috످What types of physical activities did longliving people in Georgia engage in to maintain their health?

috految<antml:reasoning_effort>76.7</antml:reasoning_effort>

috److془The question: long-living people in Georgia (Caucasus). I know: Alexander Leaf 1973, Sula Benet 1974, Pitskhelauri 1982 The Longliving of Soviet Georgia. Activities: farming, herding, tea picking, walking in mountains, horseback riding, dancing, housework. Caveats: ages exaggerated.془Long-living people in the country of Georgia, particularly in mountain villages and the Abkhazia region, stayed active mainly through daily physical work and walking rather than formal exercise.

Common activities included farming and gardening, such as growing corn and vegetables, tending vineyards and orchards, and picking tea. People walked long distances over steep terrain, which built endurance and supported heart health. Herding involved tending sheep, goats, and cattle in mountain pastures.

Household chores included chopping wood, carrying water, and caring for children. People also rode horseback, traveling between villages and riding for sport, and took part in traditional folk dances at weddings and festivals.

Many never fully retired, instead working at a steady pace and gradually shifting to lighter tasks as they aged.

Although their active lifestyle likely helped them stay healthy, Soviet-era claims of Georgians living to 120–160 years have been discredited. Ages were often exaggerated because of missing birth records, cultural reverence for elders, and state propaganda.

For more detail, see G. Z. Pitskhelauri's "The Longliving of Soviet Georgia" (1982) or Sula Benet's "Abkhasians: The Long-Living People of the Caucasus" (1974), though both largely accept the inflated age claims.

috످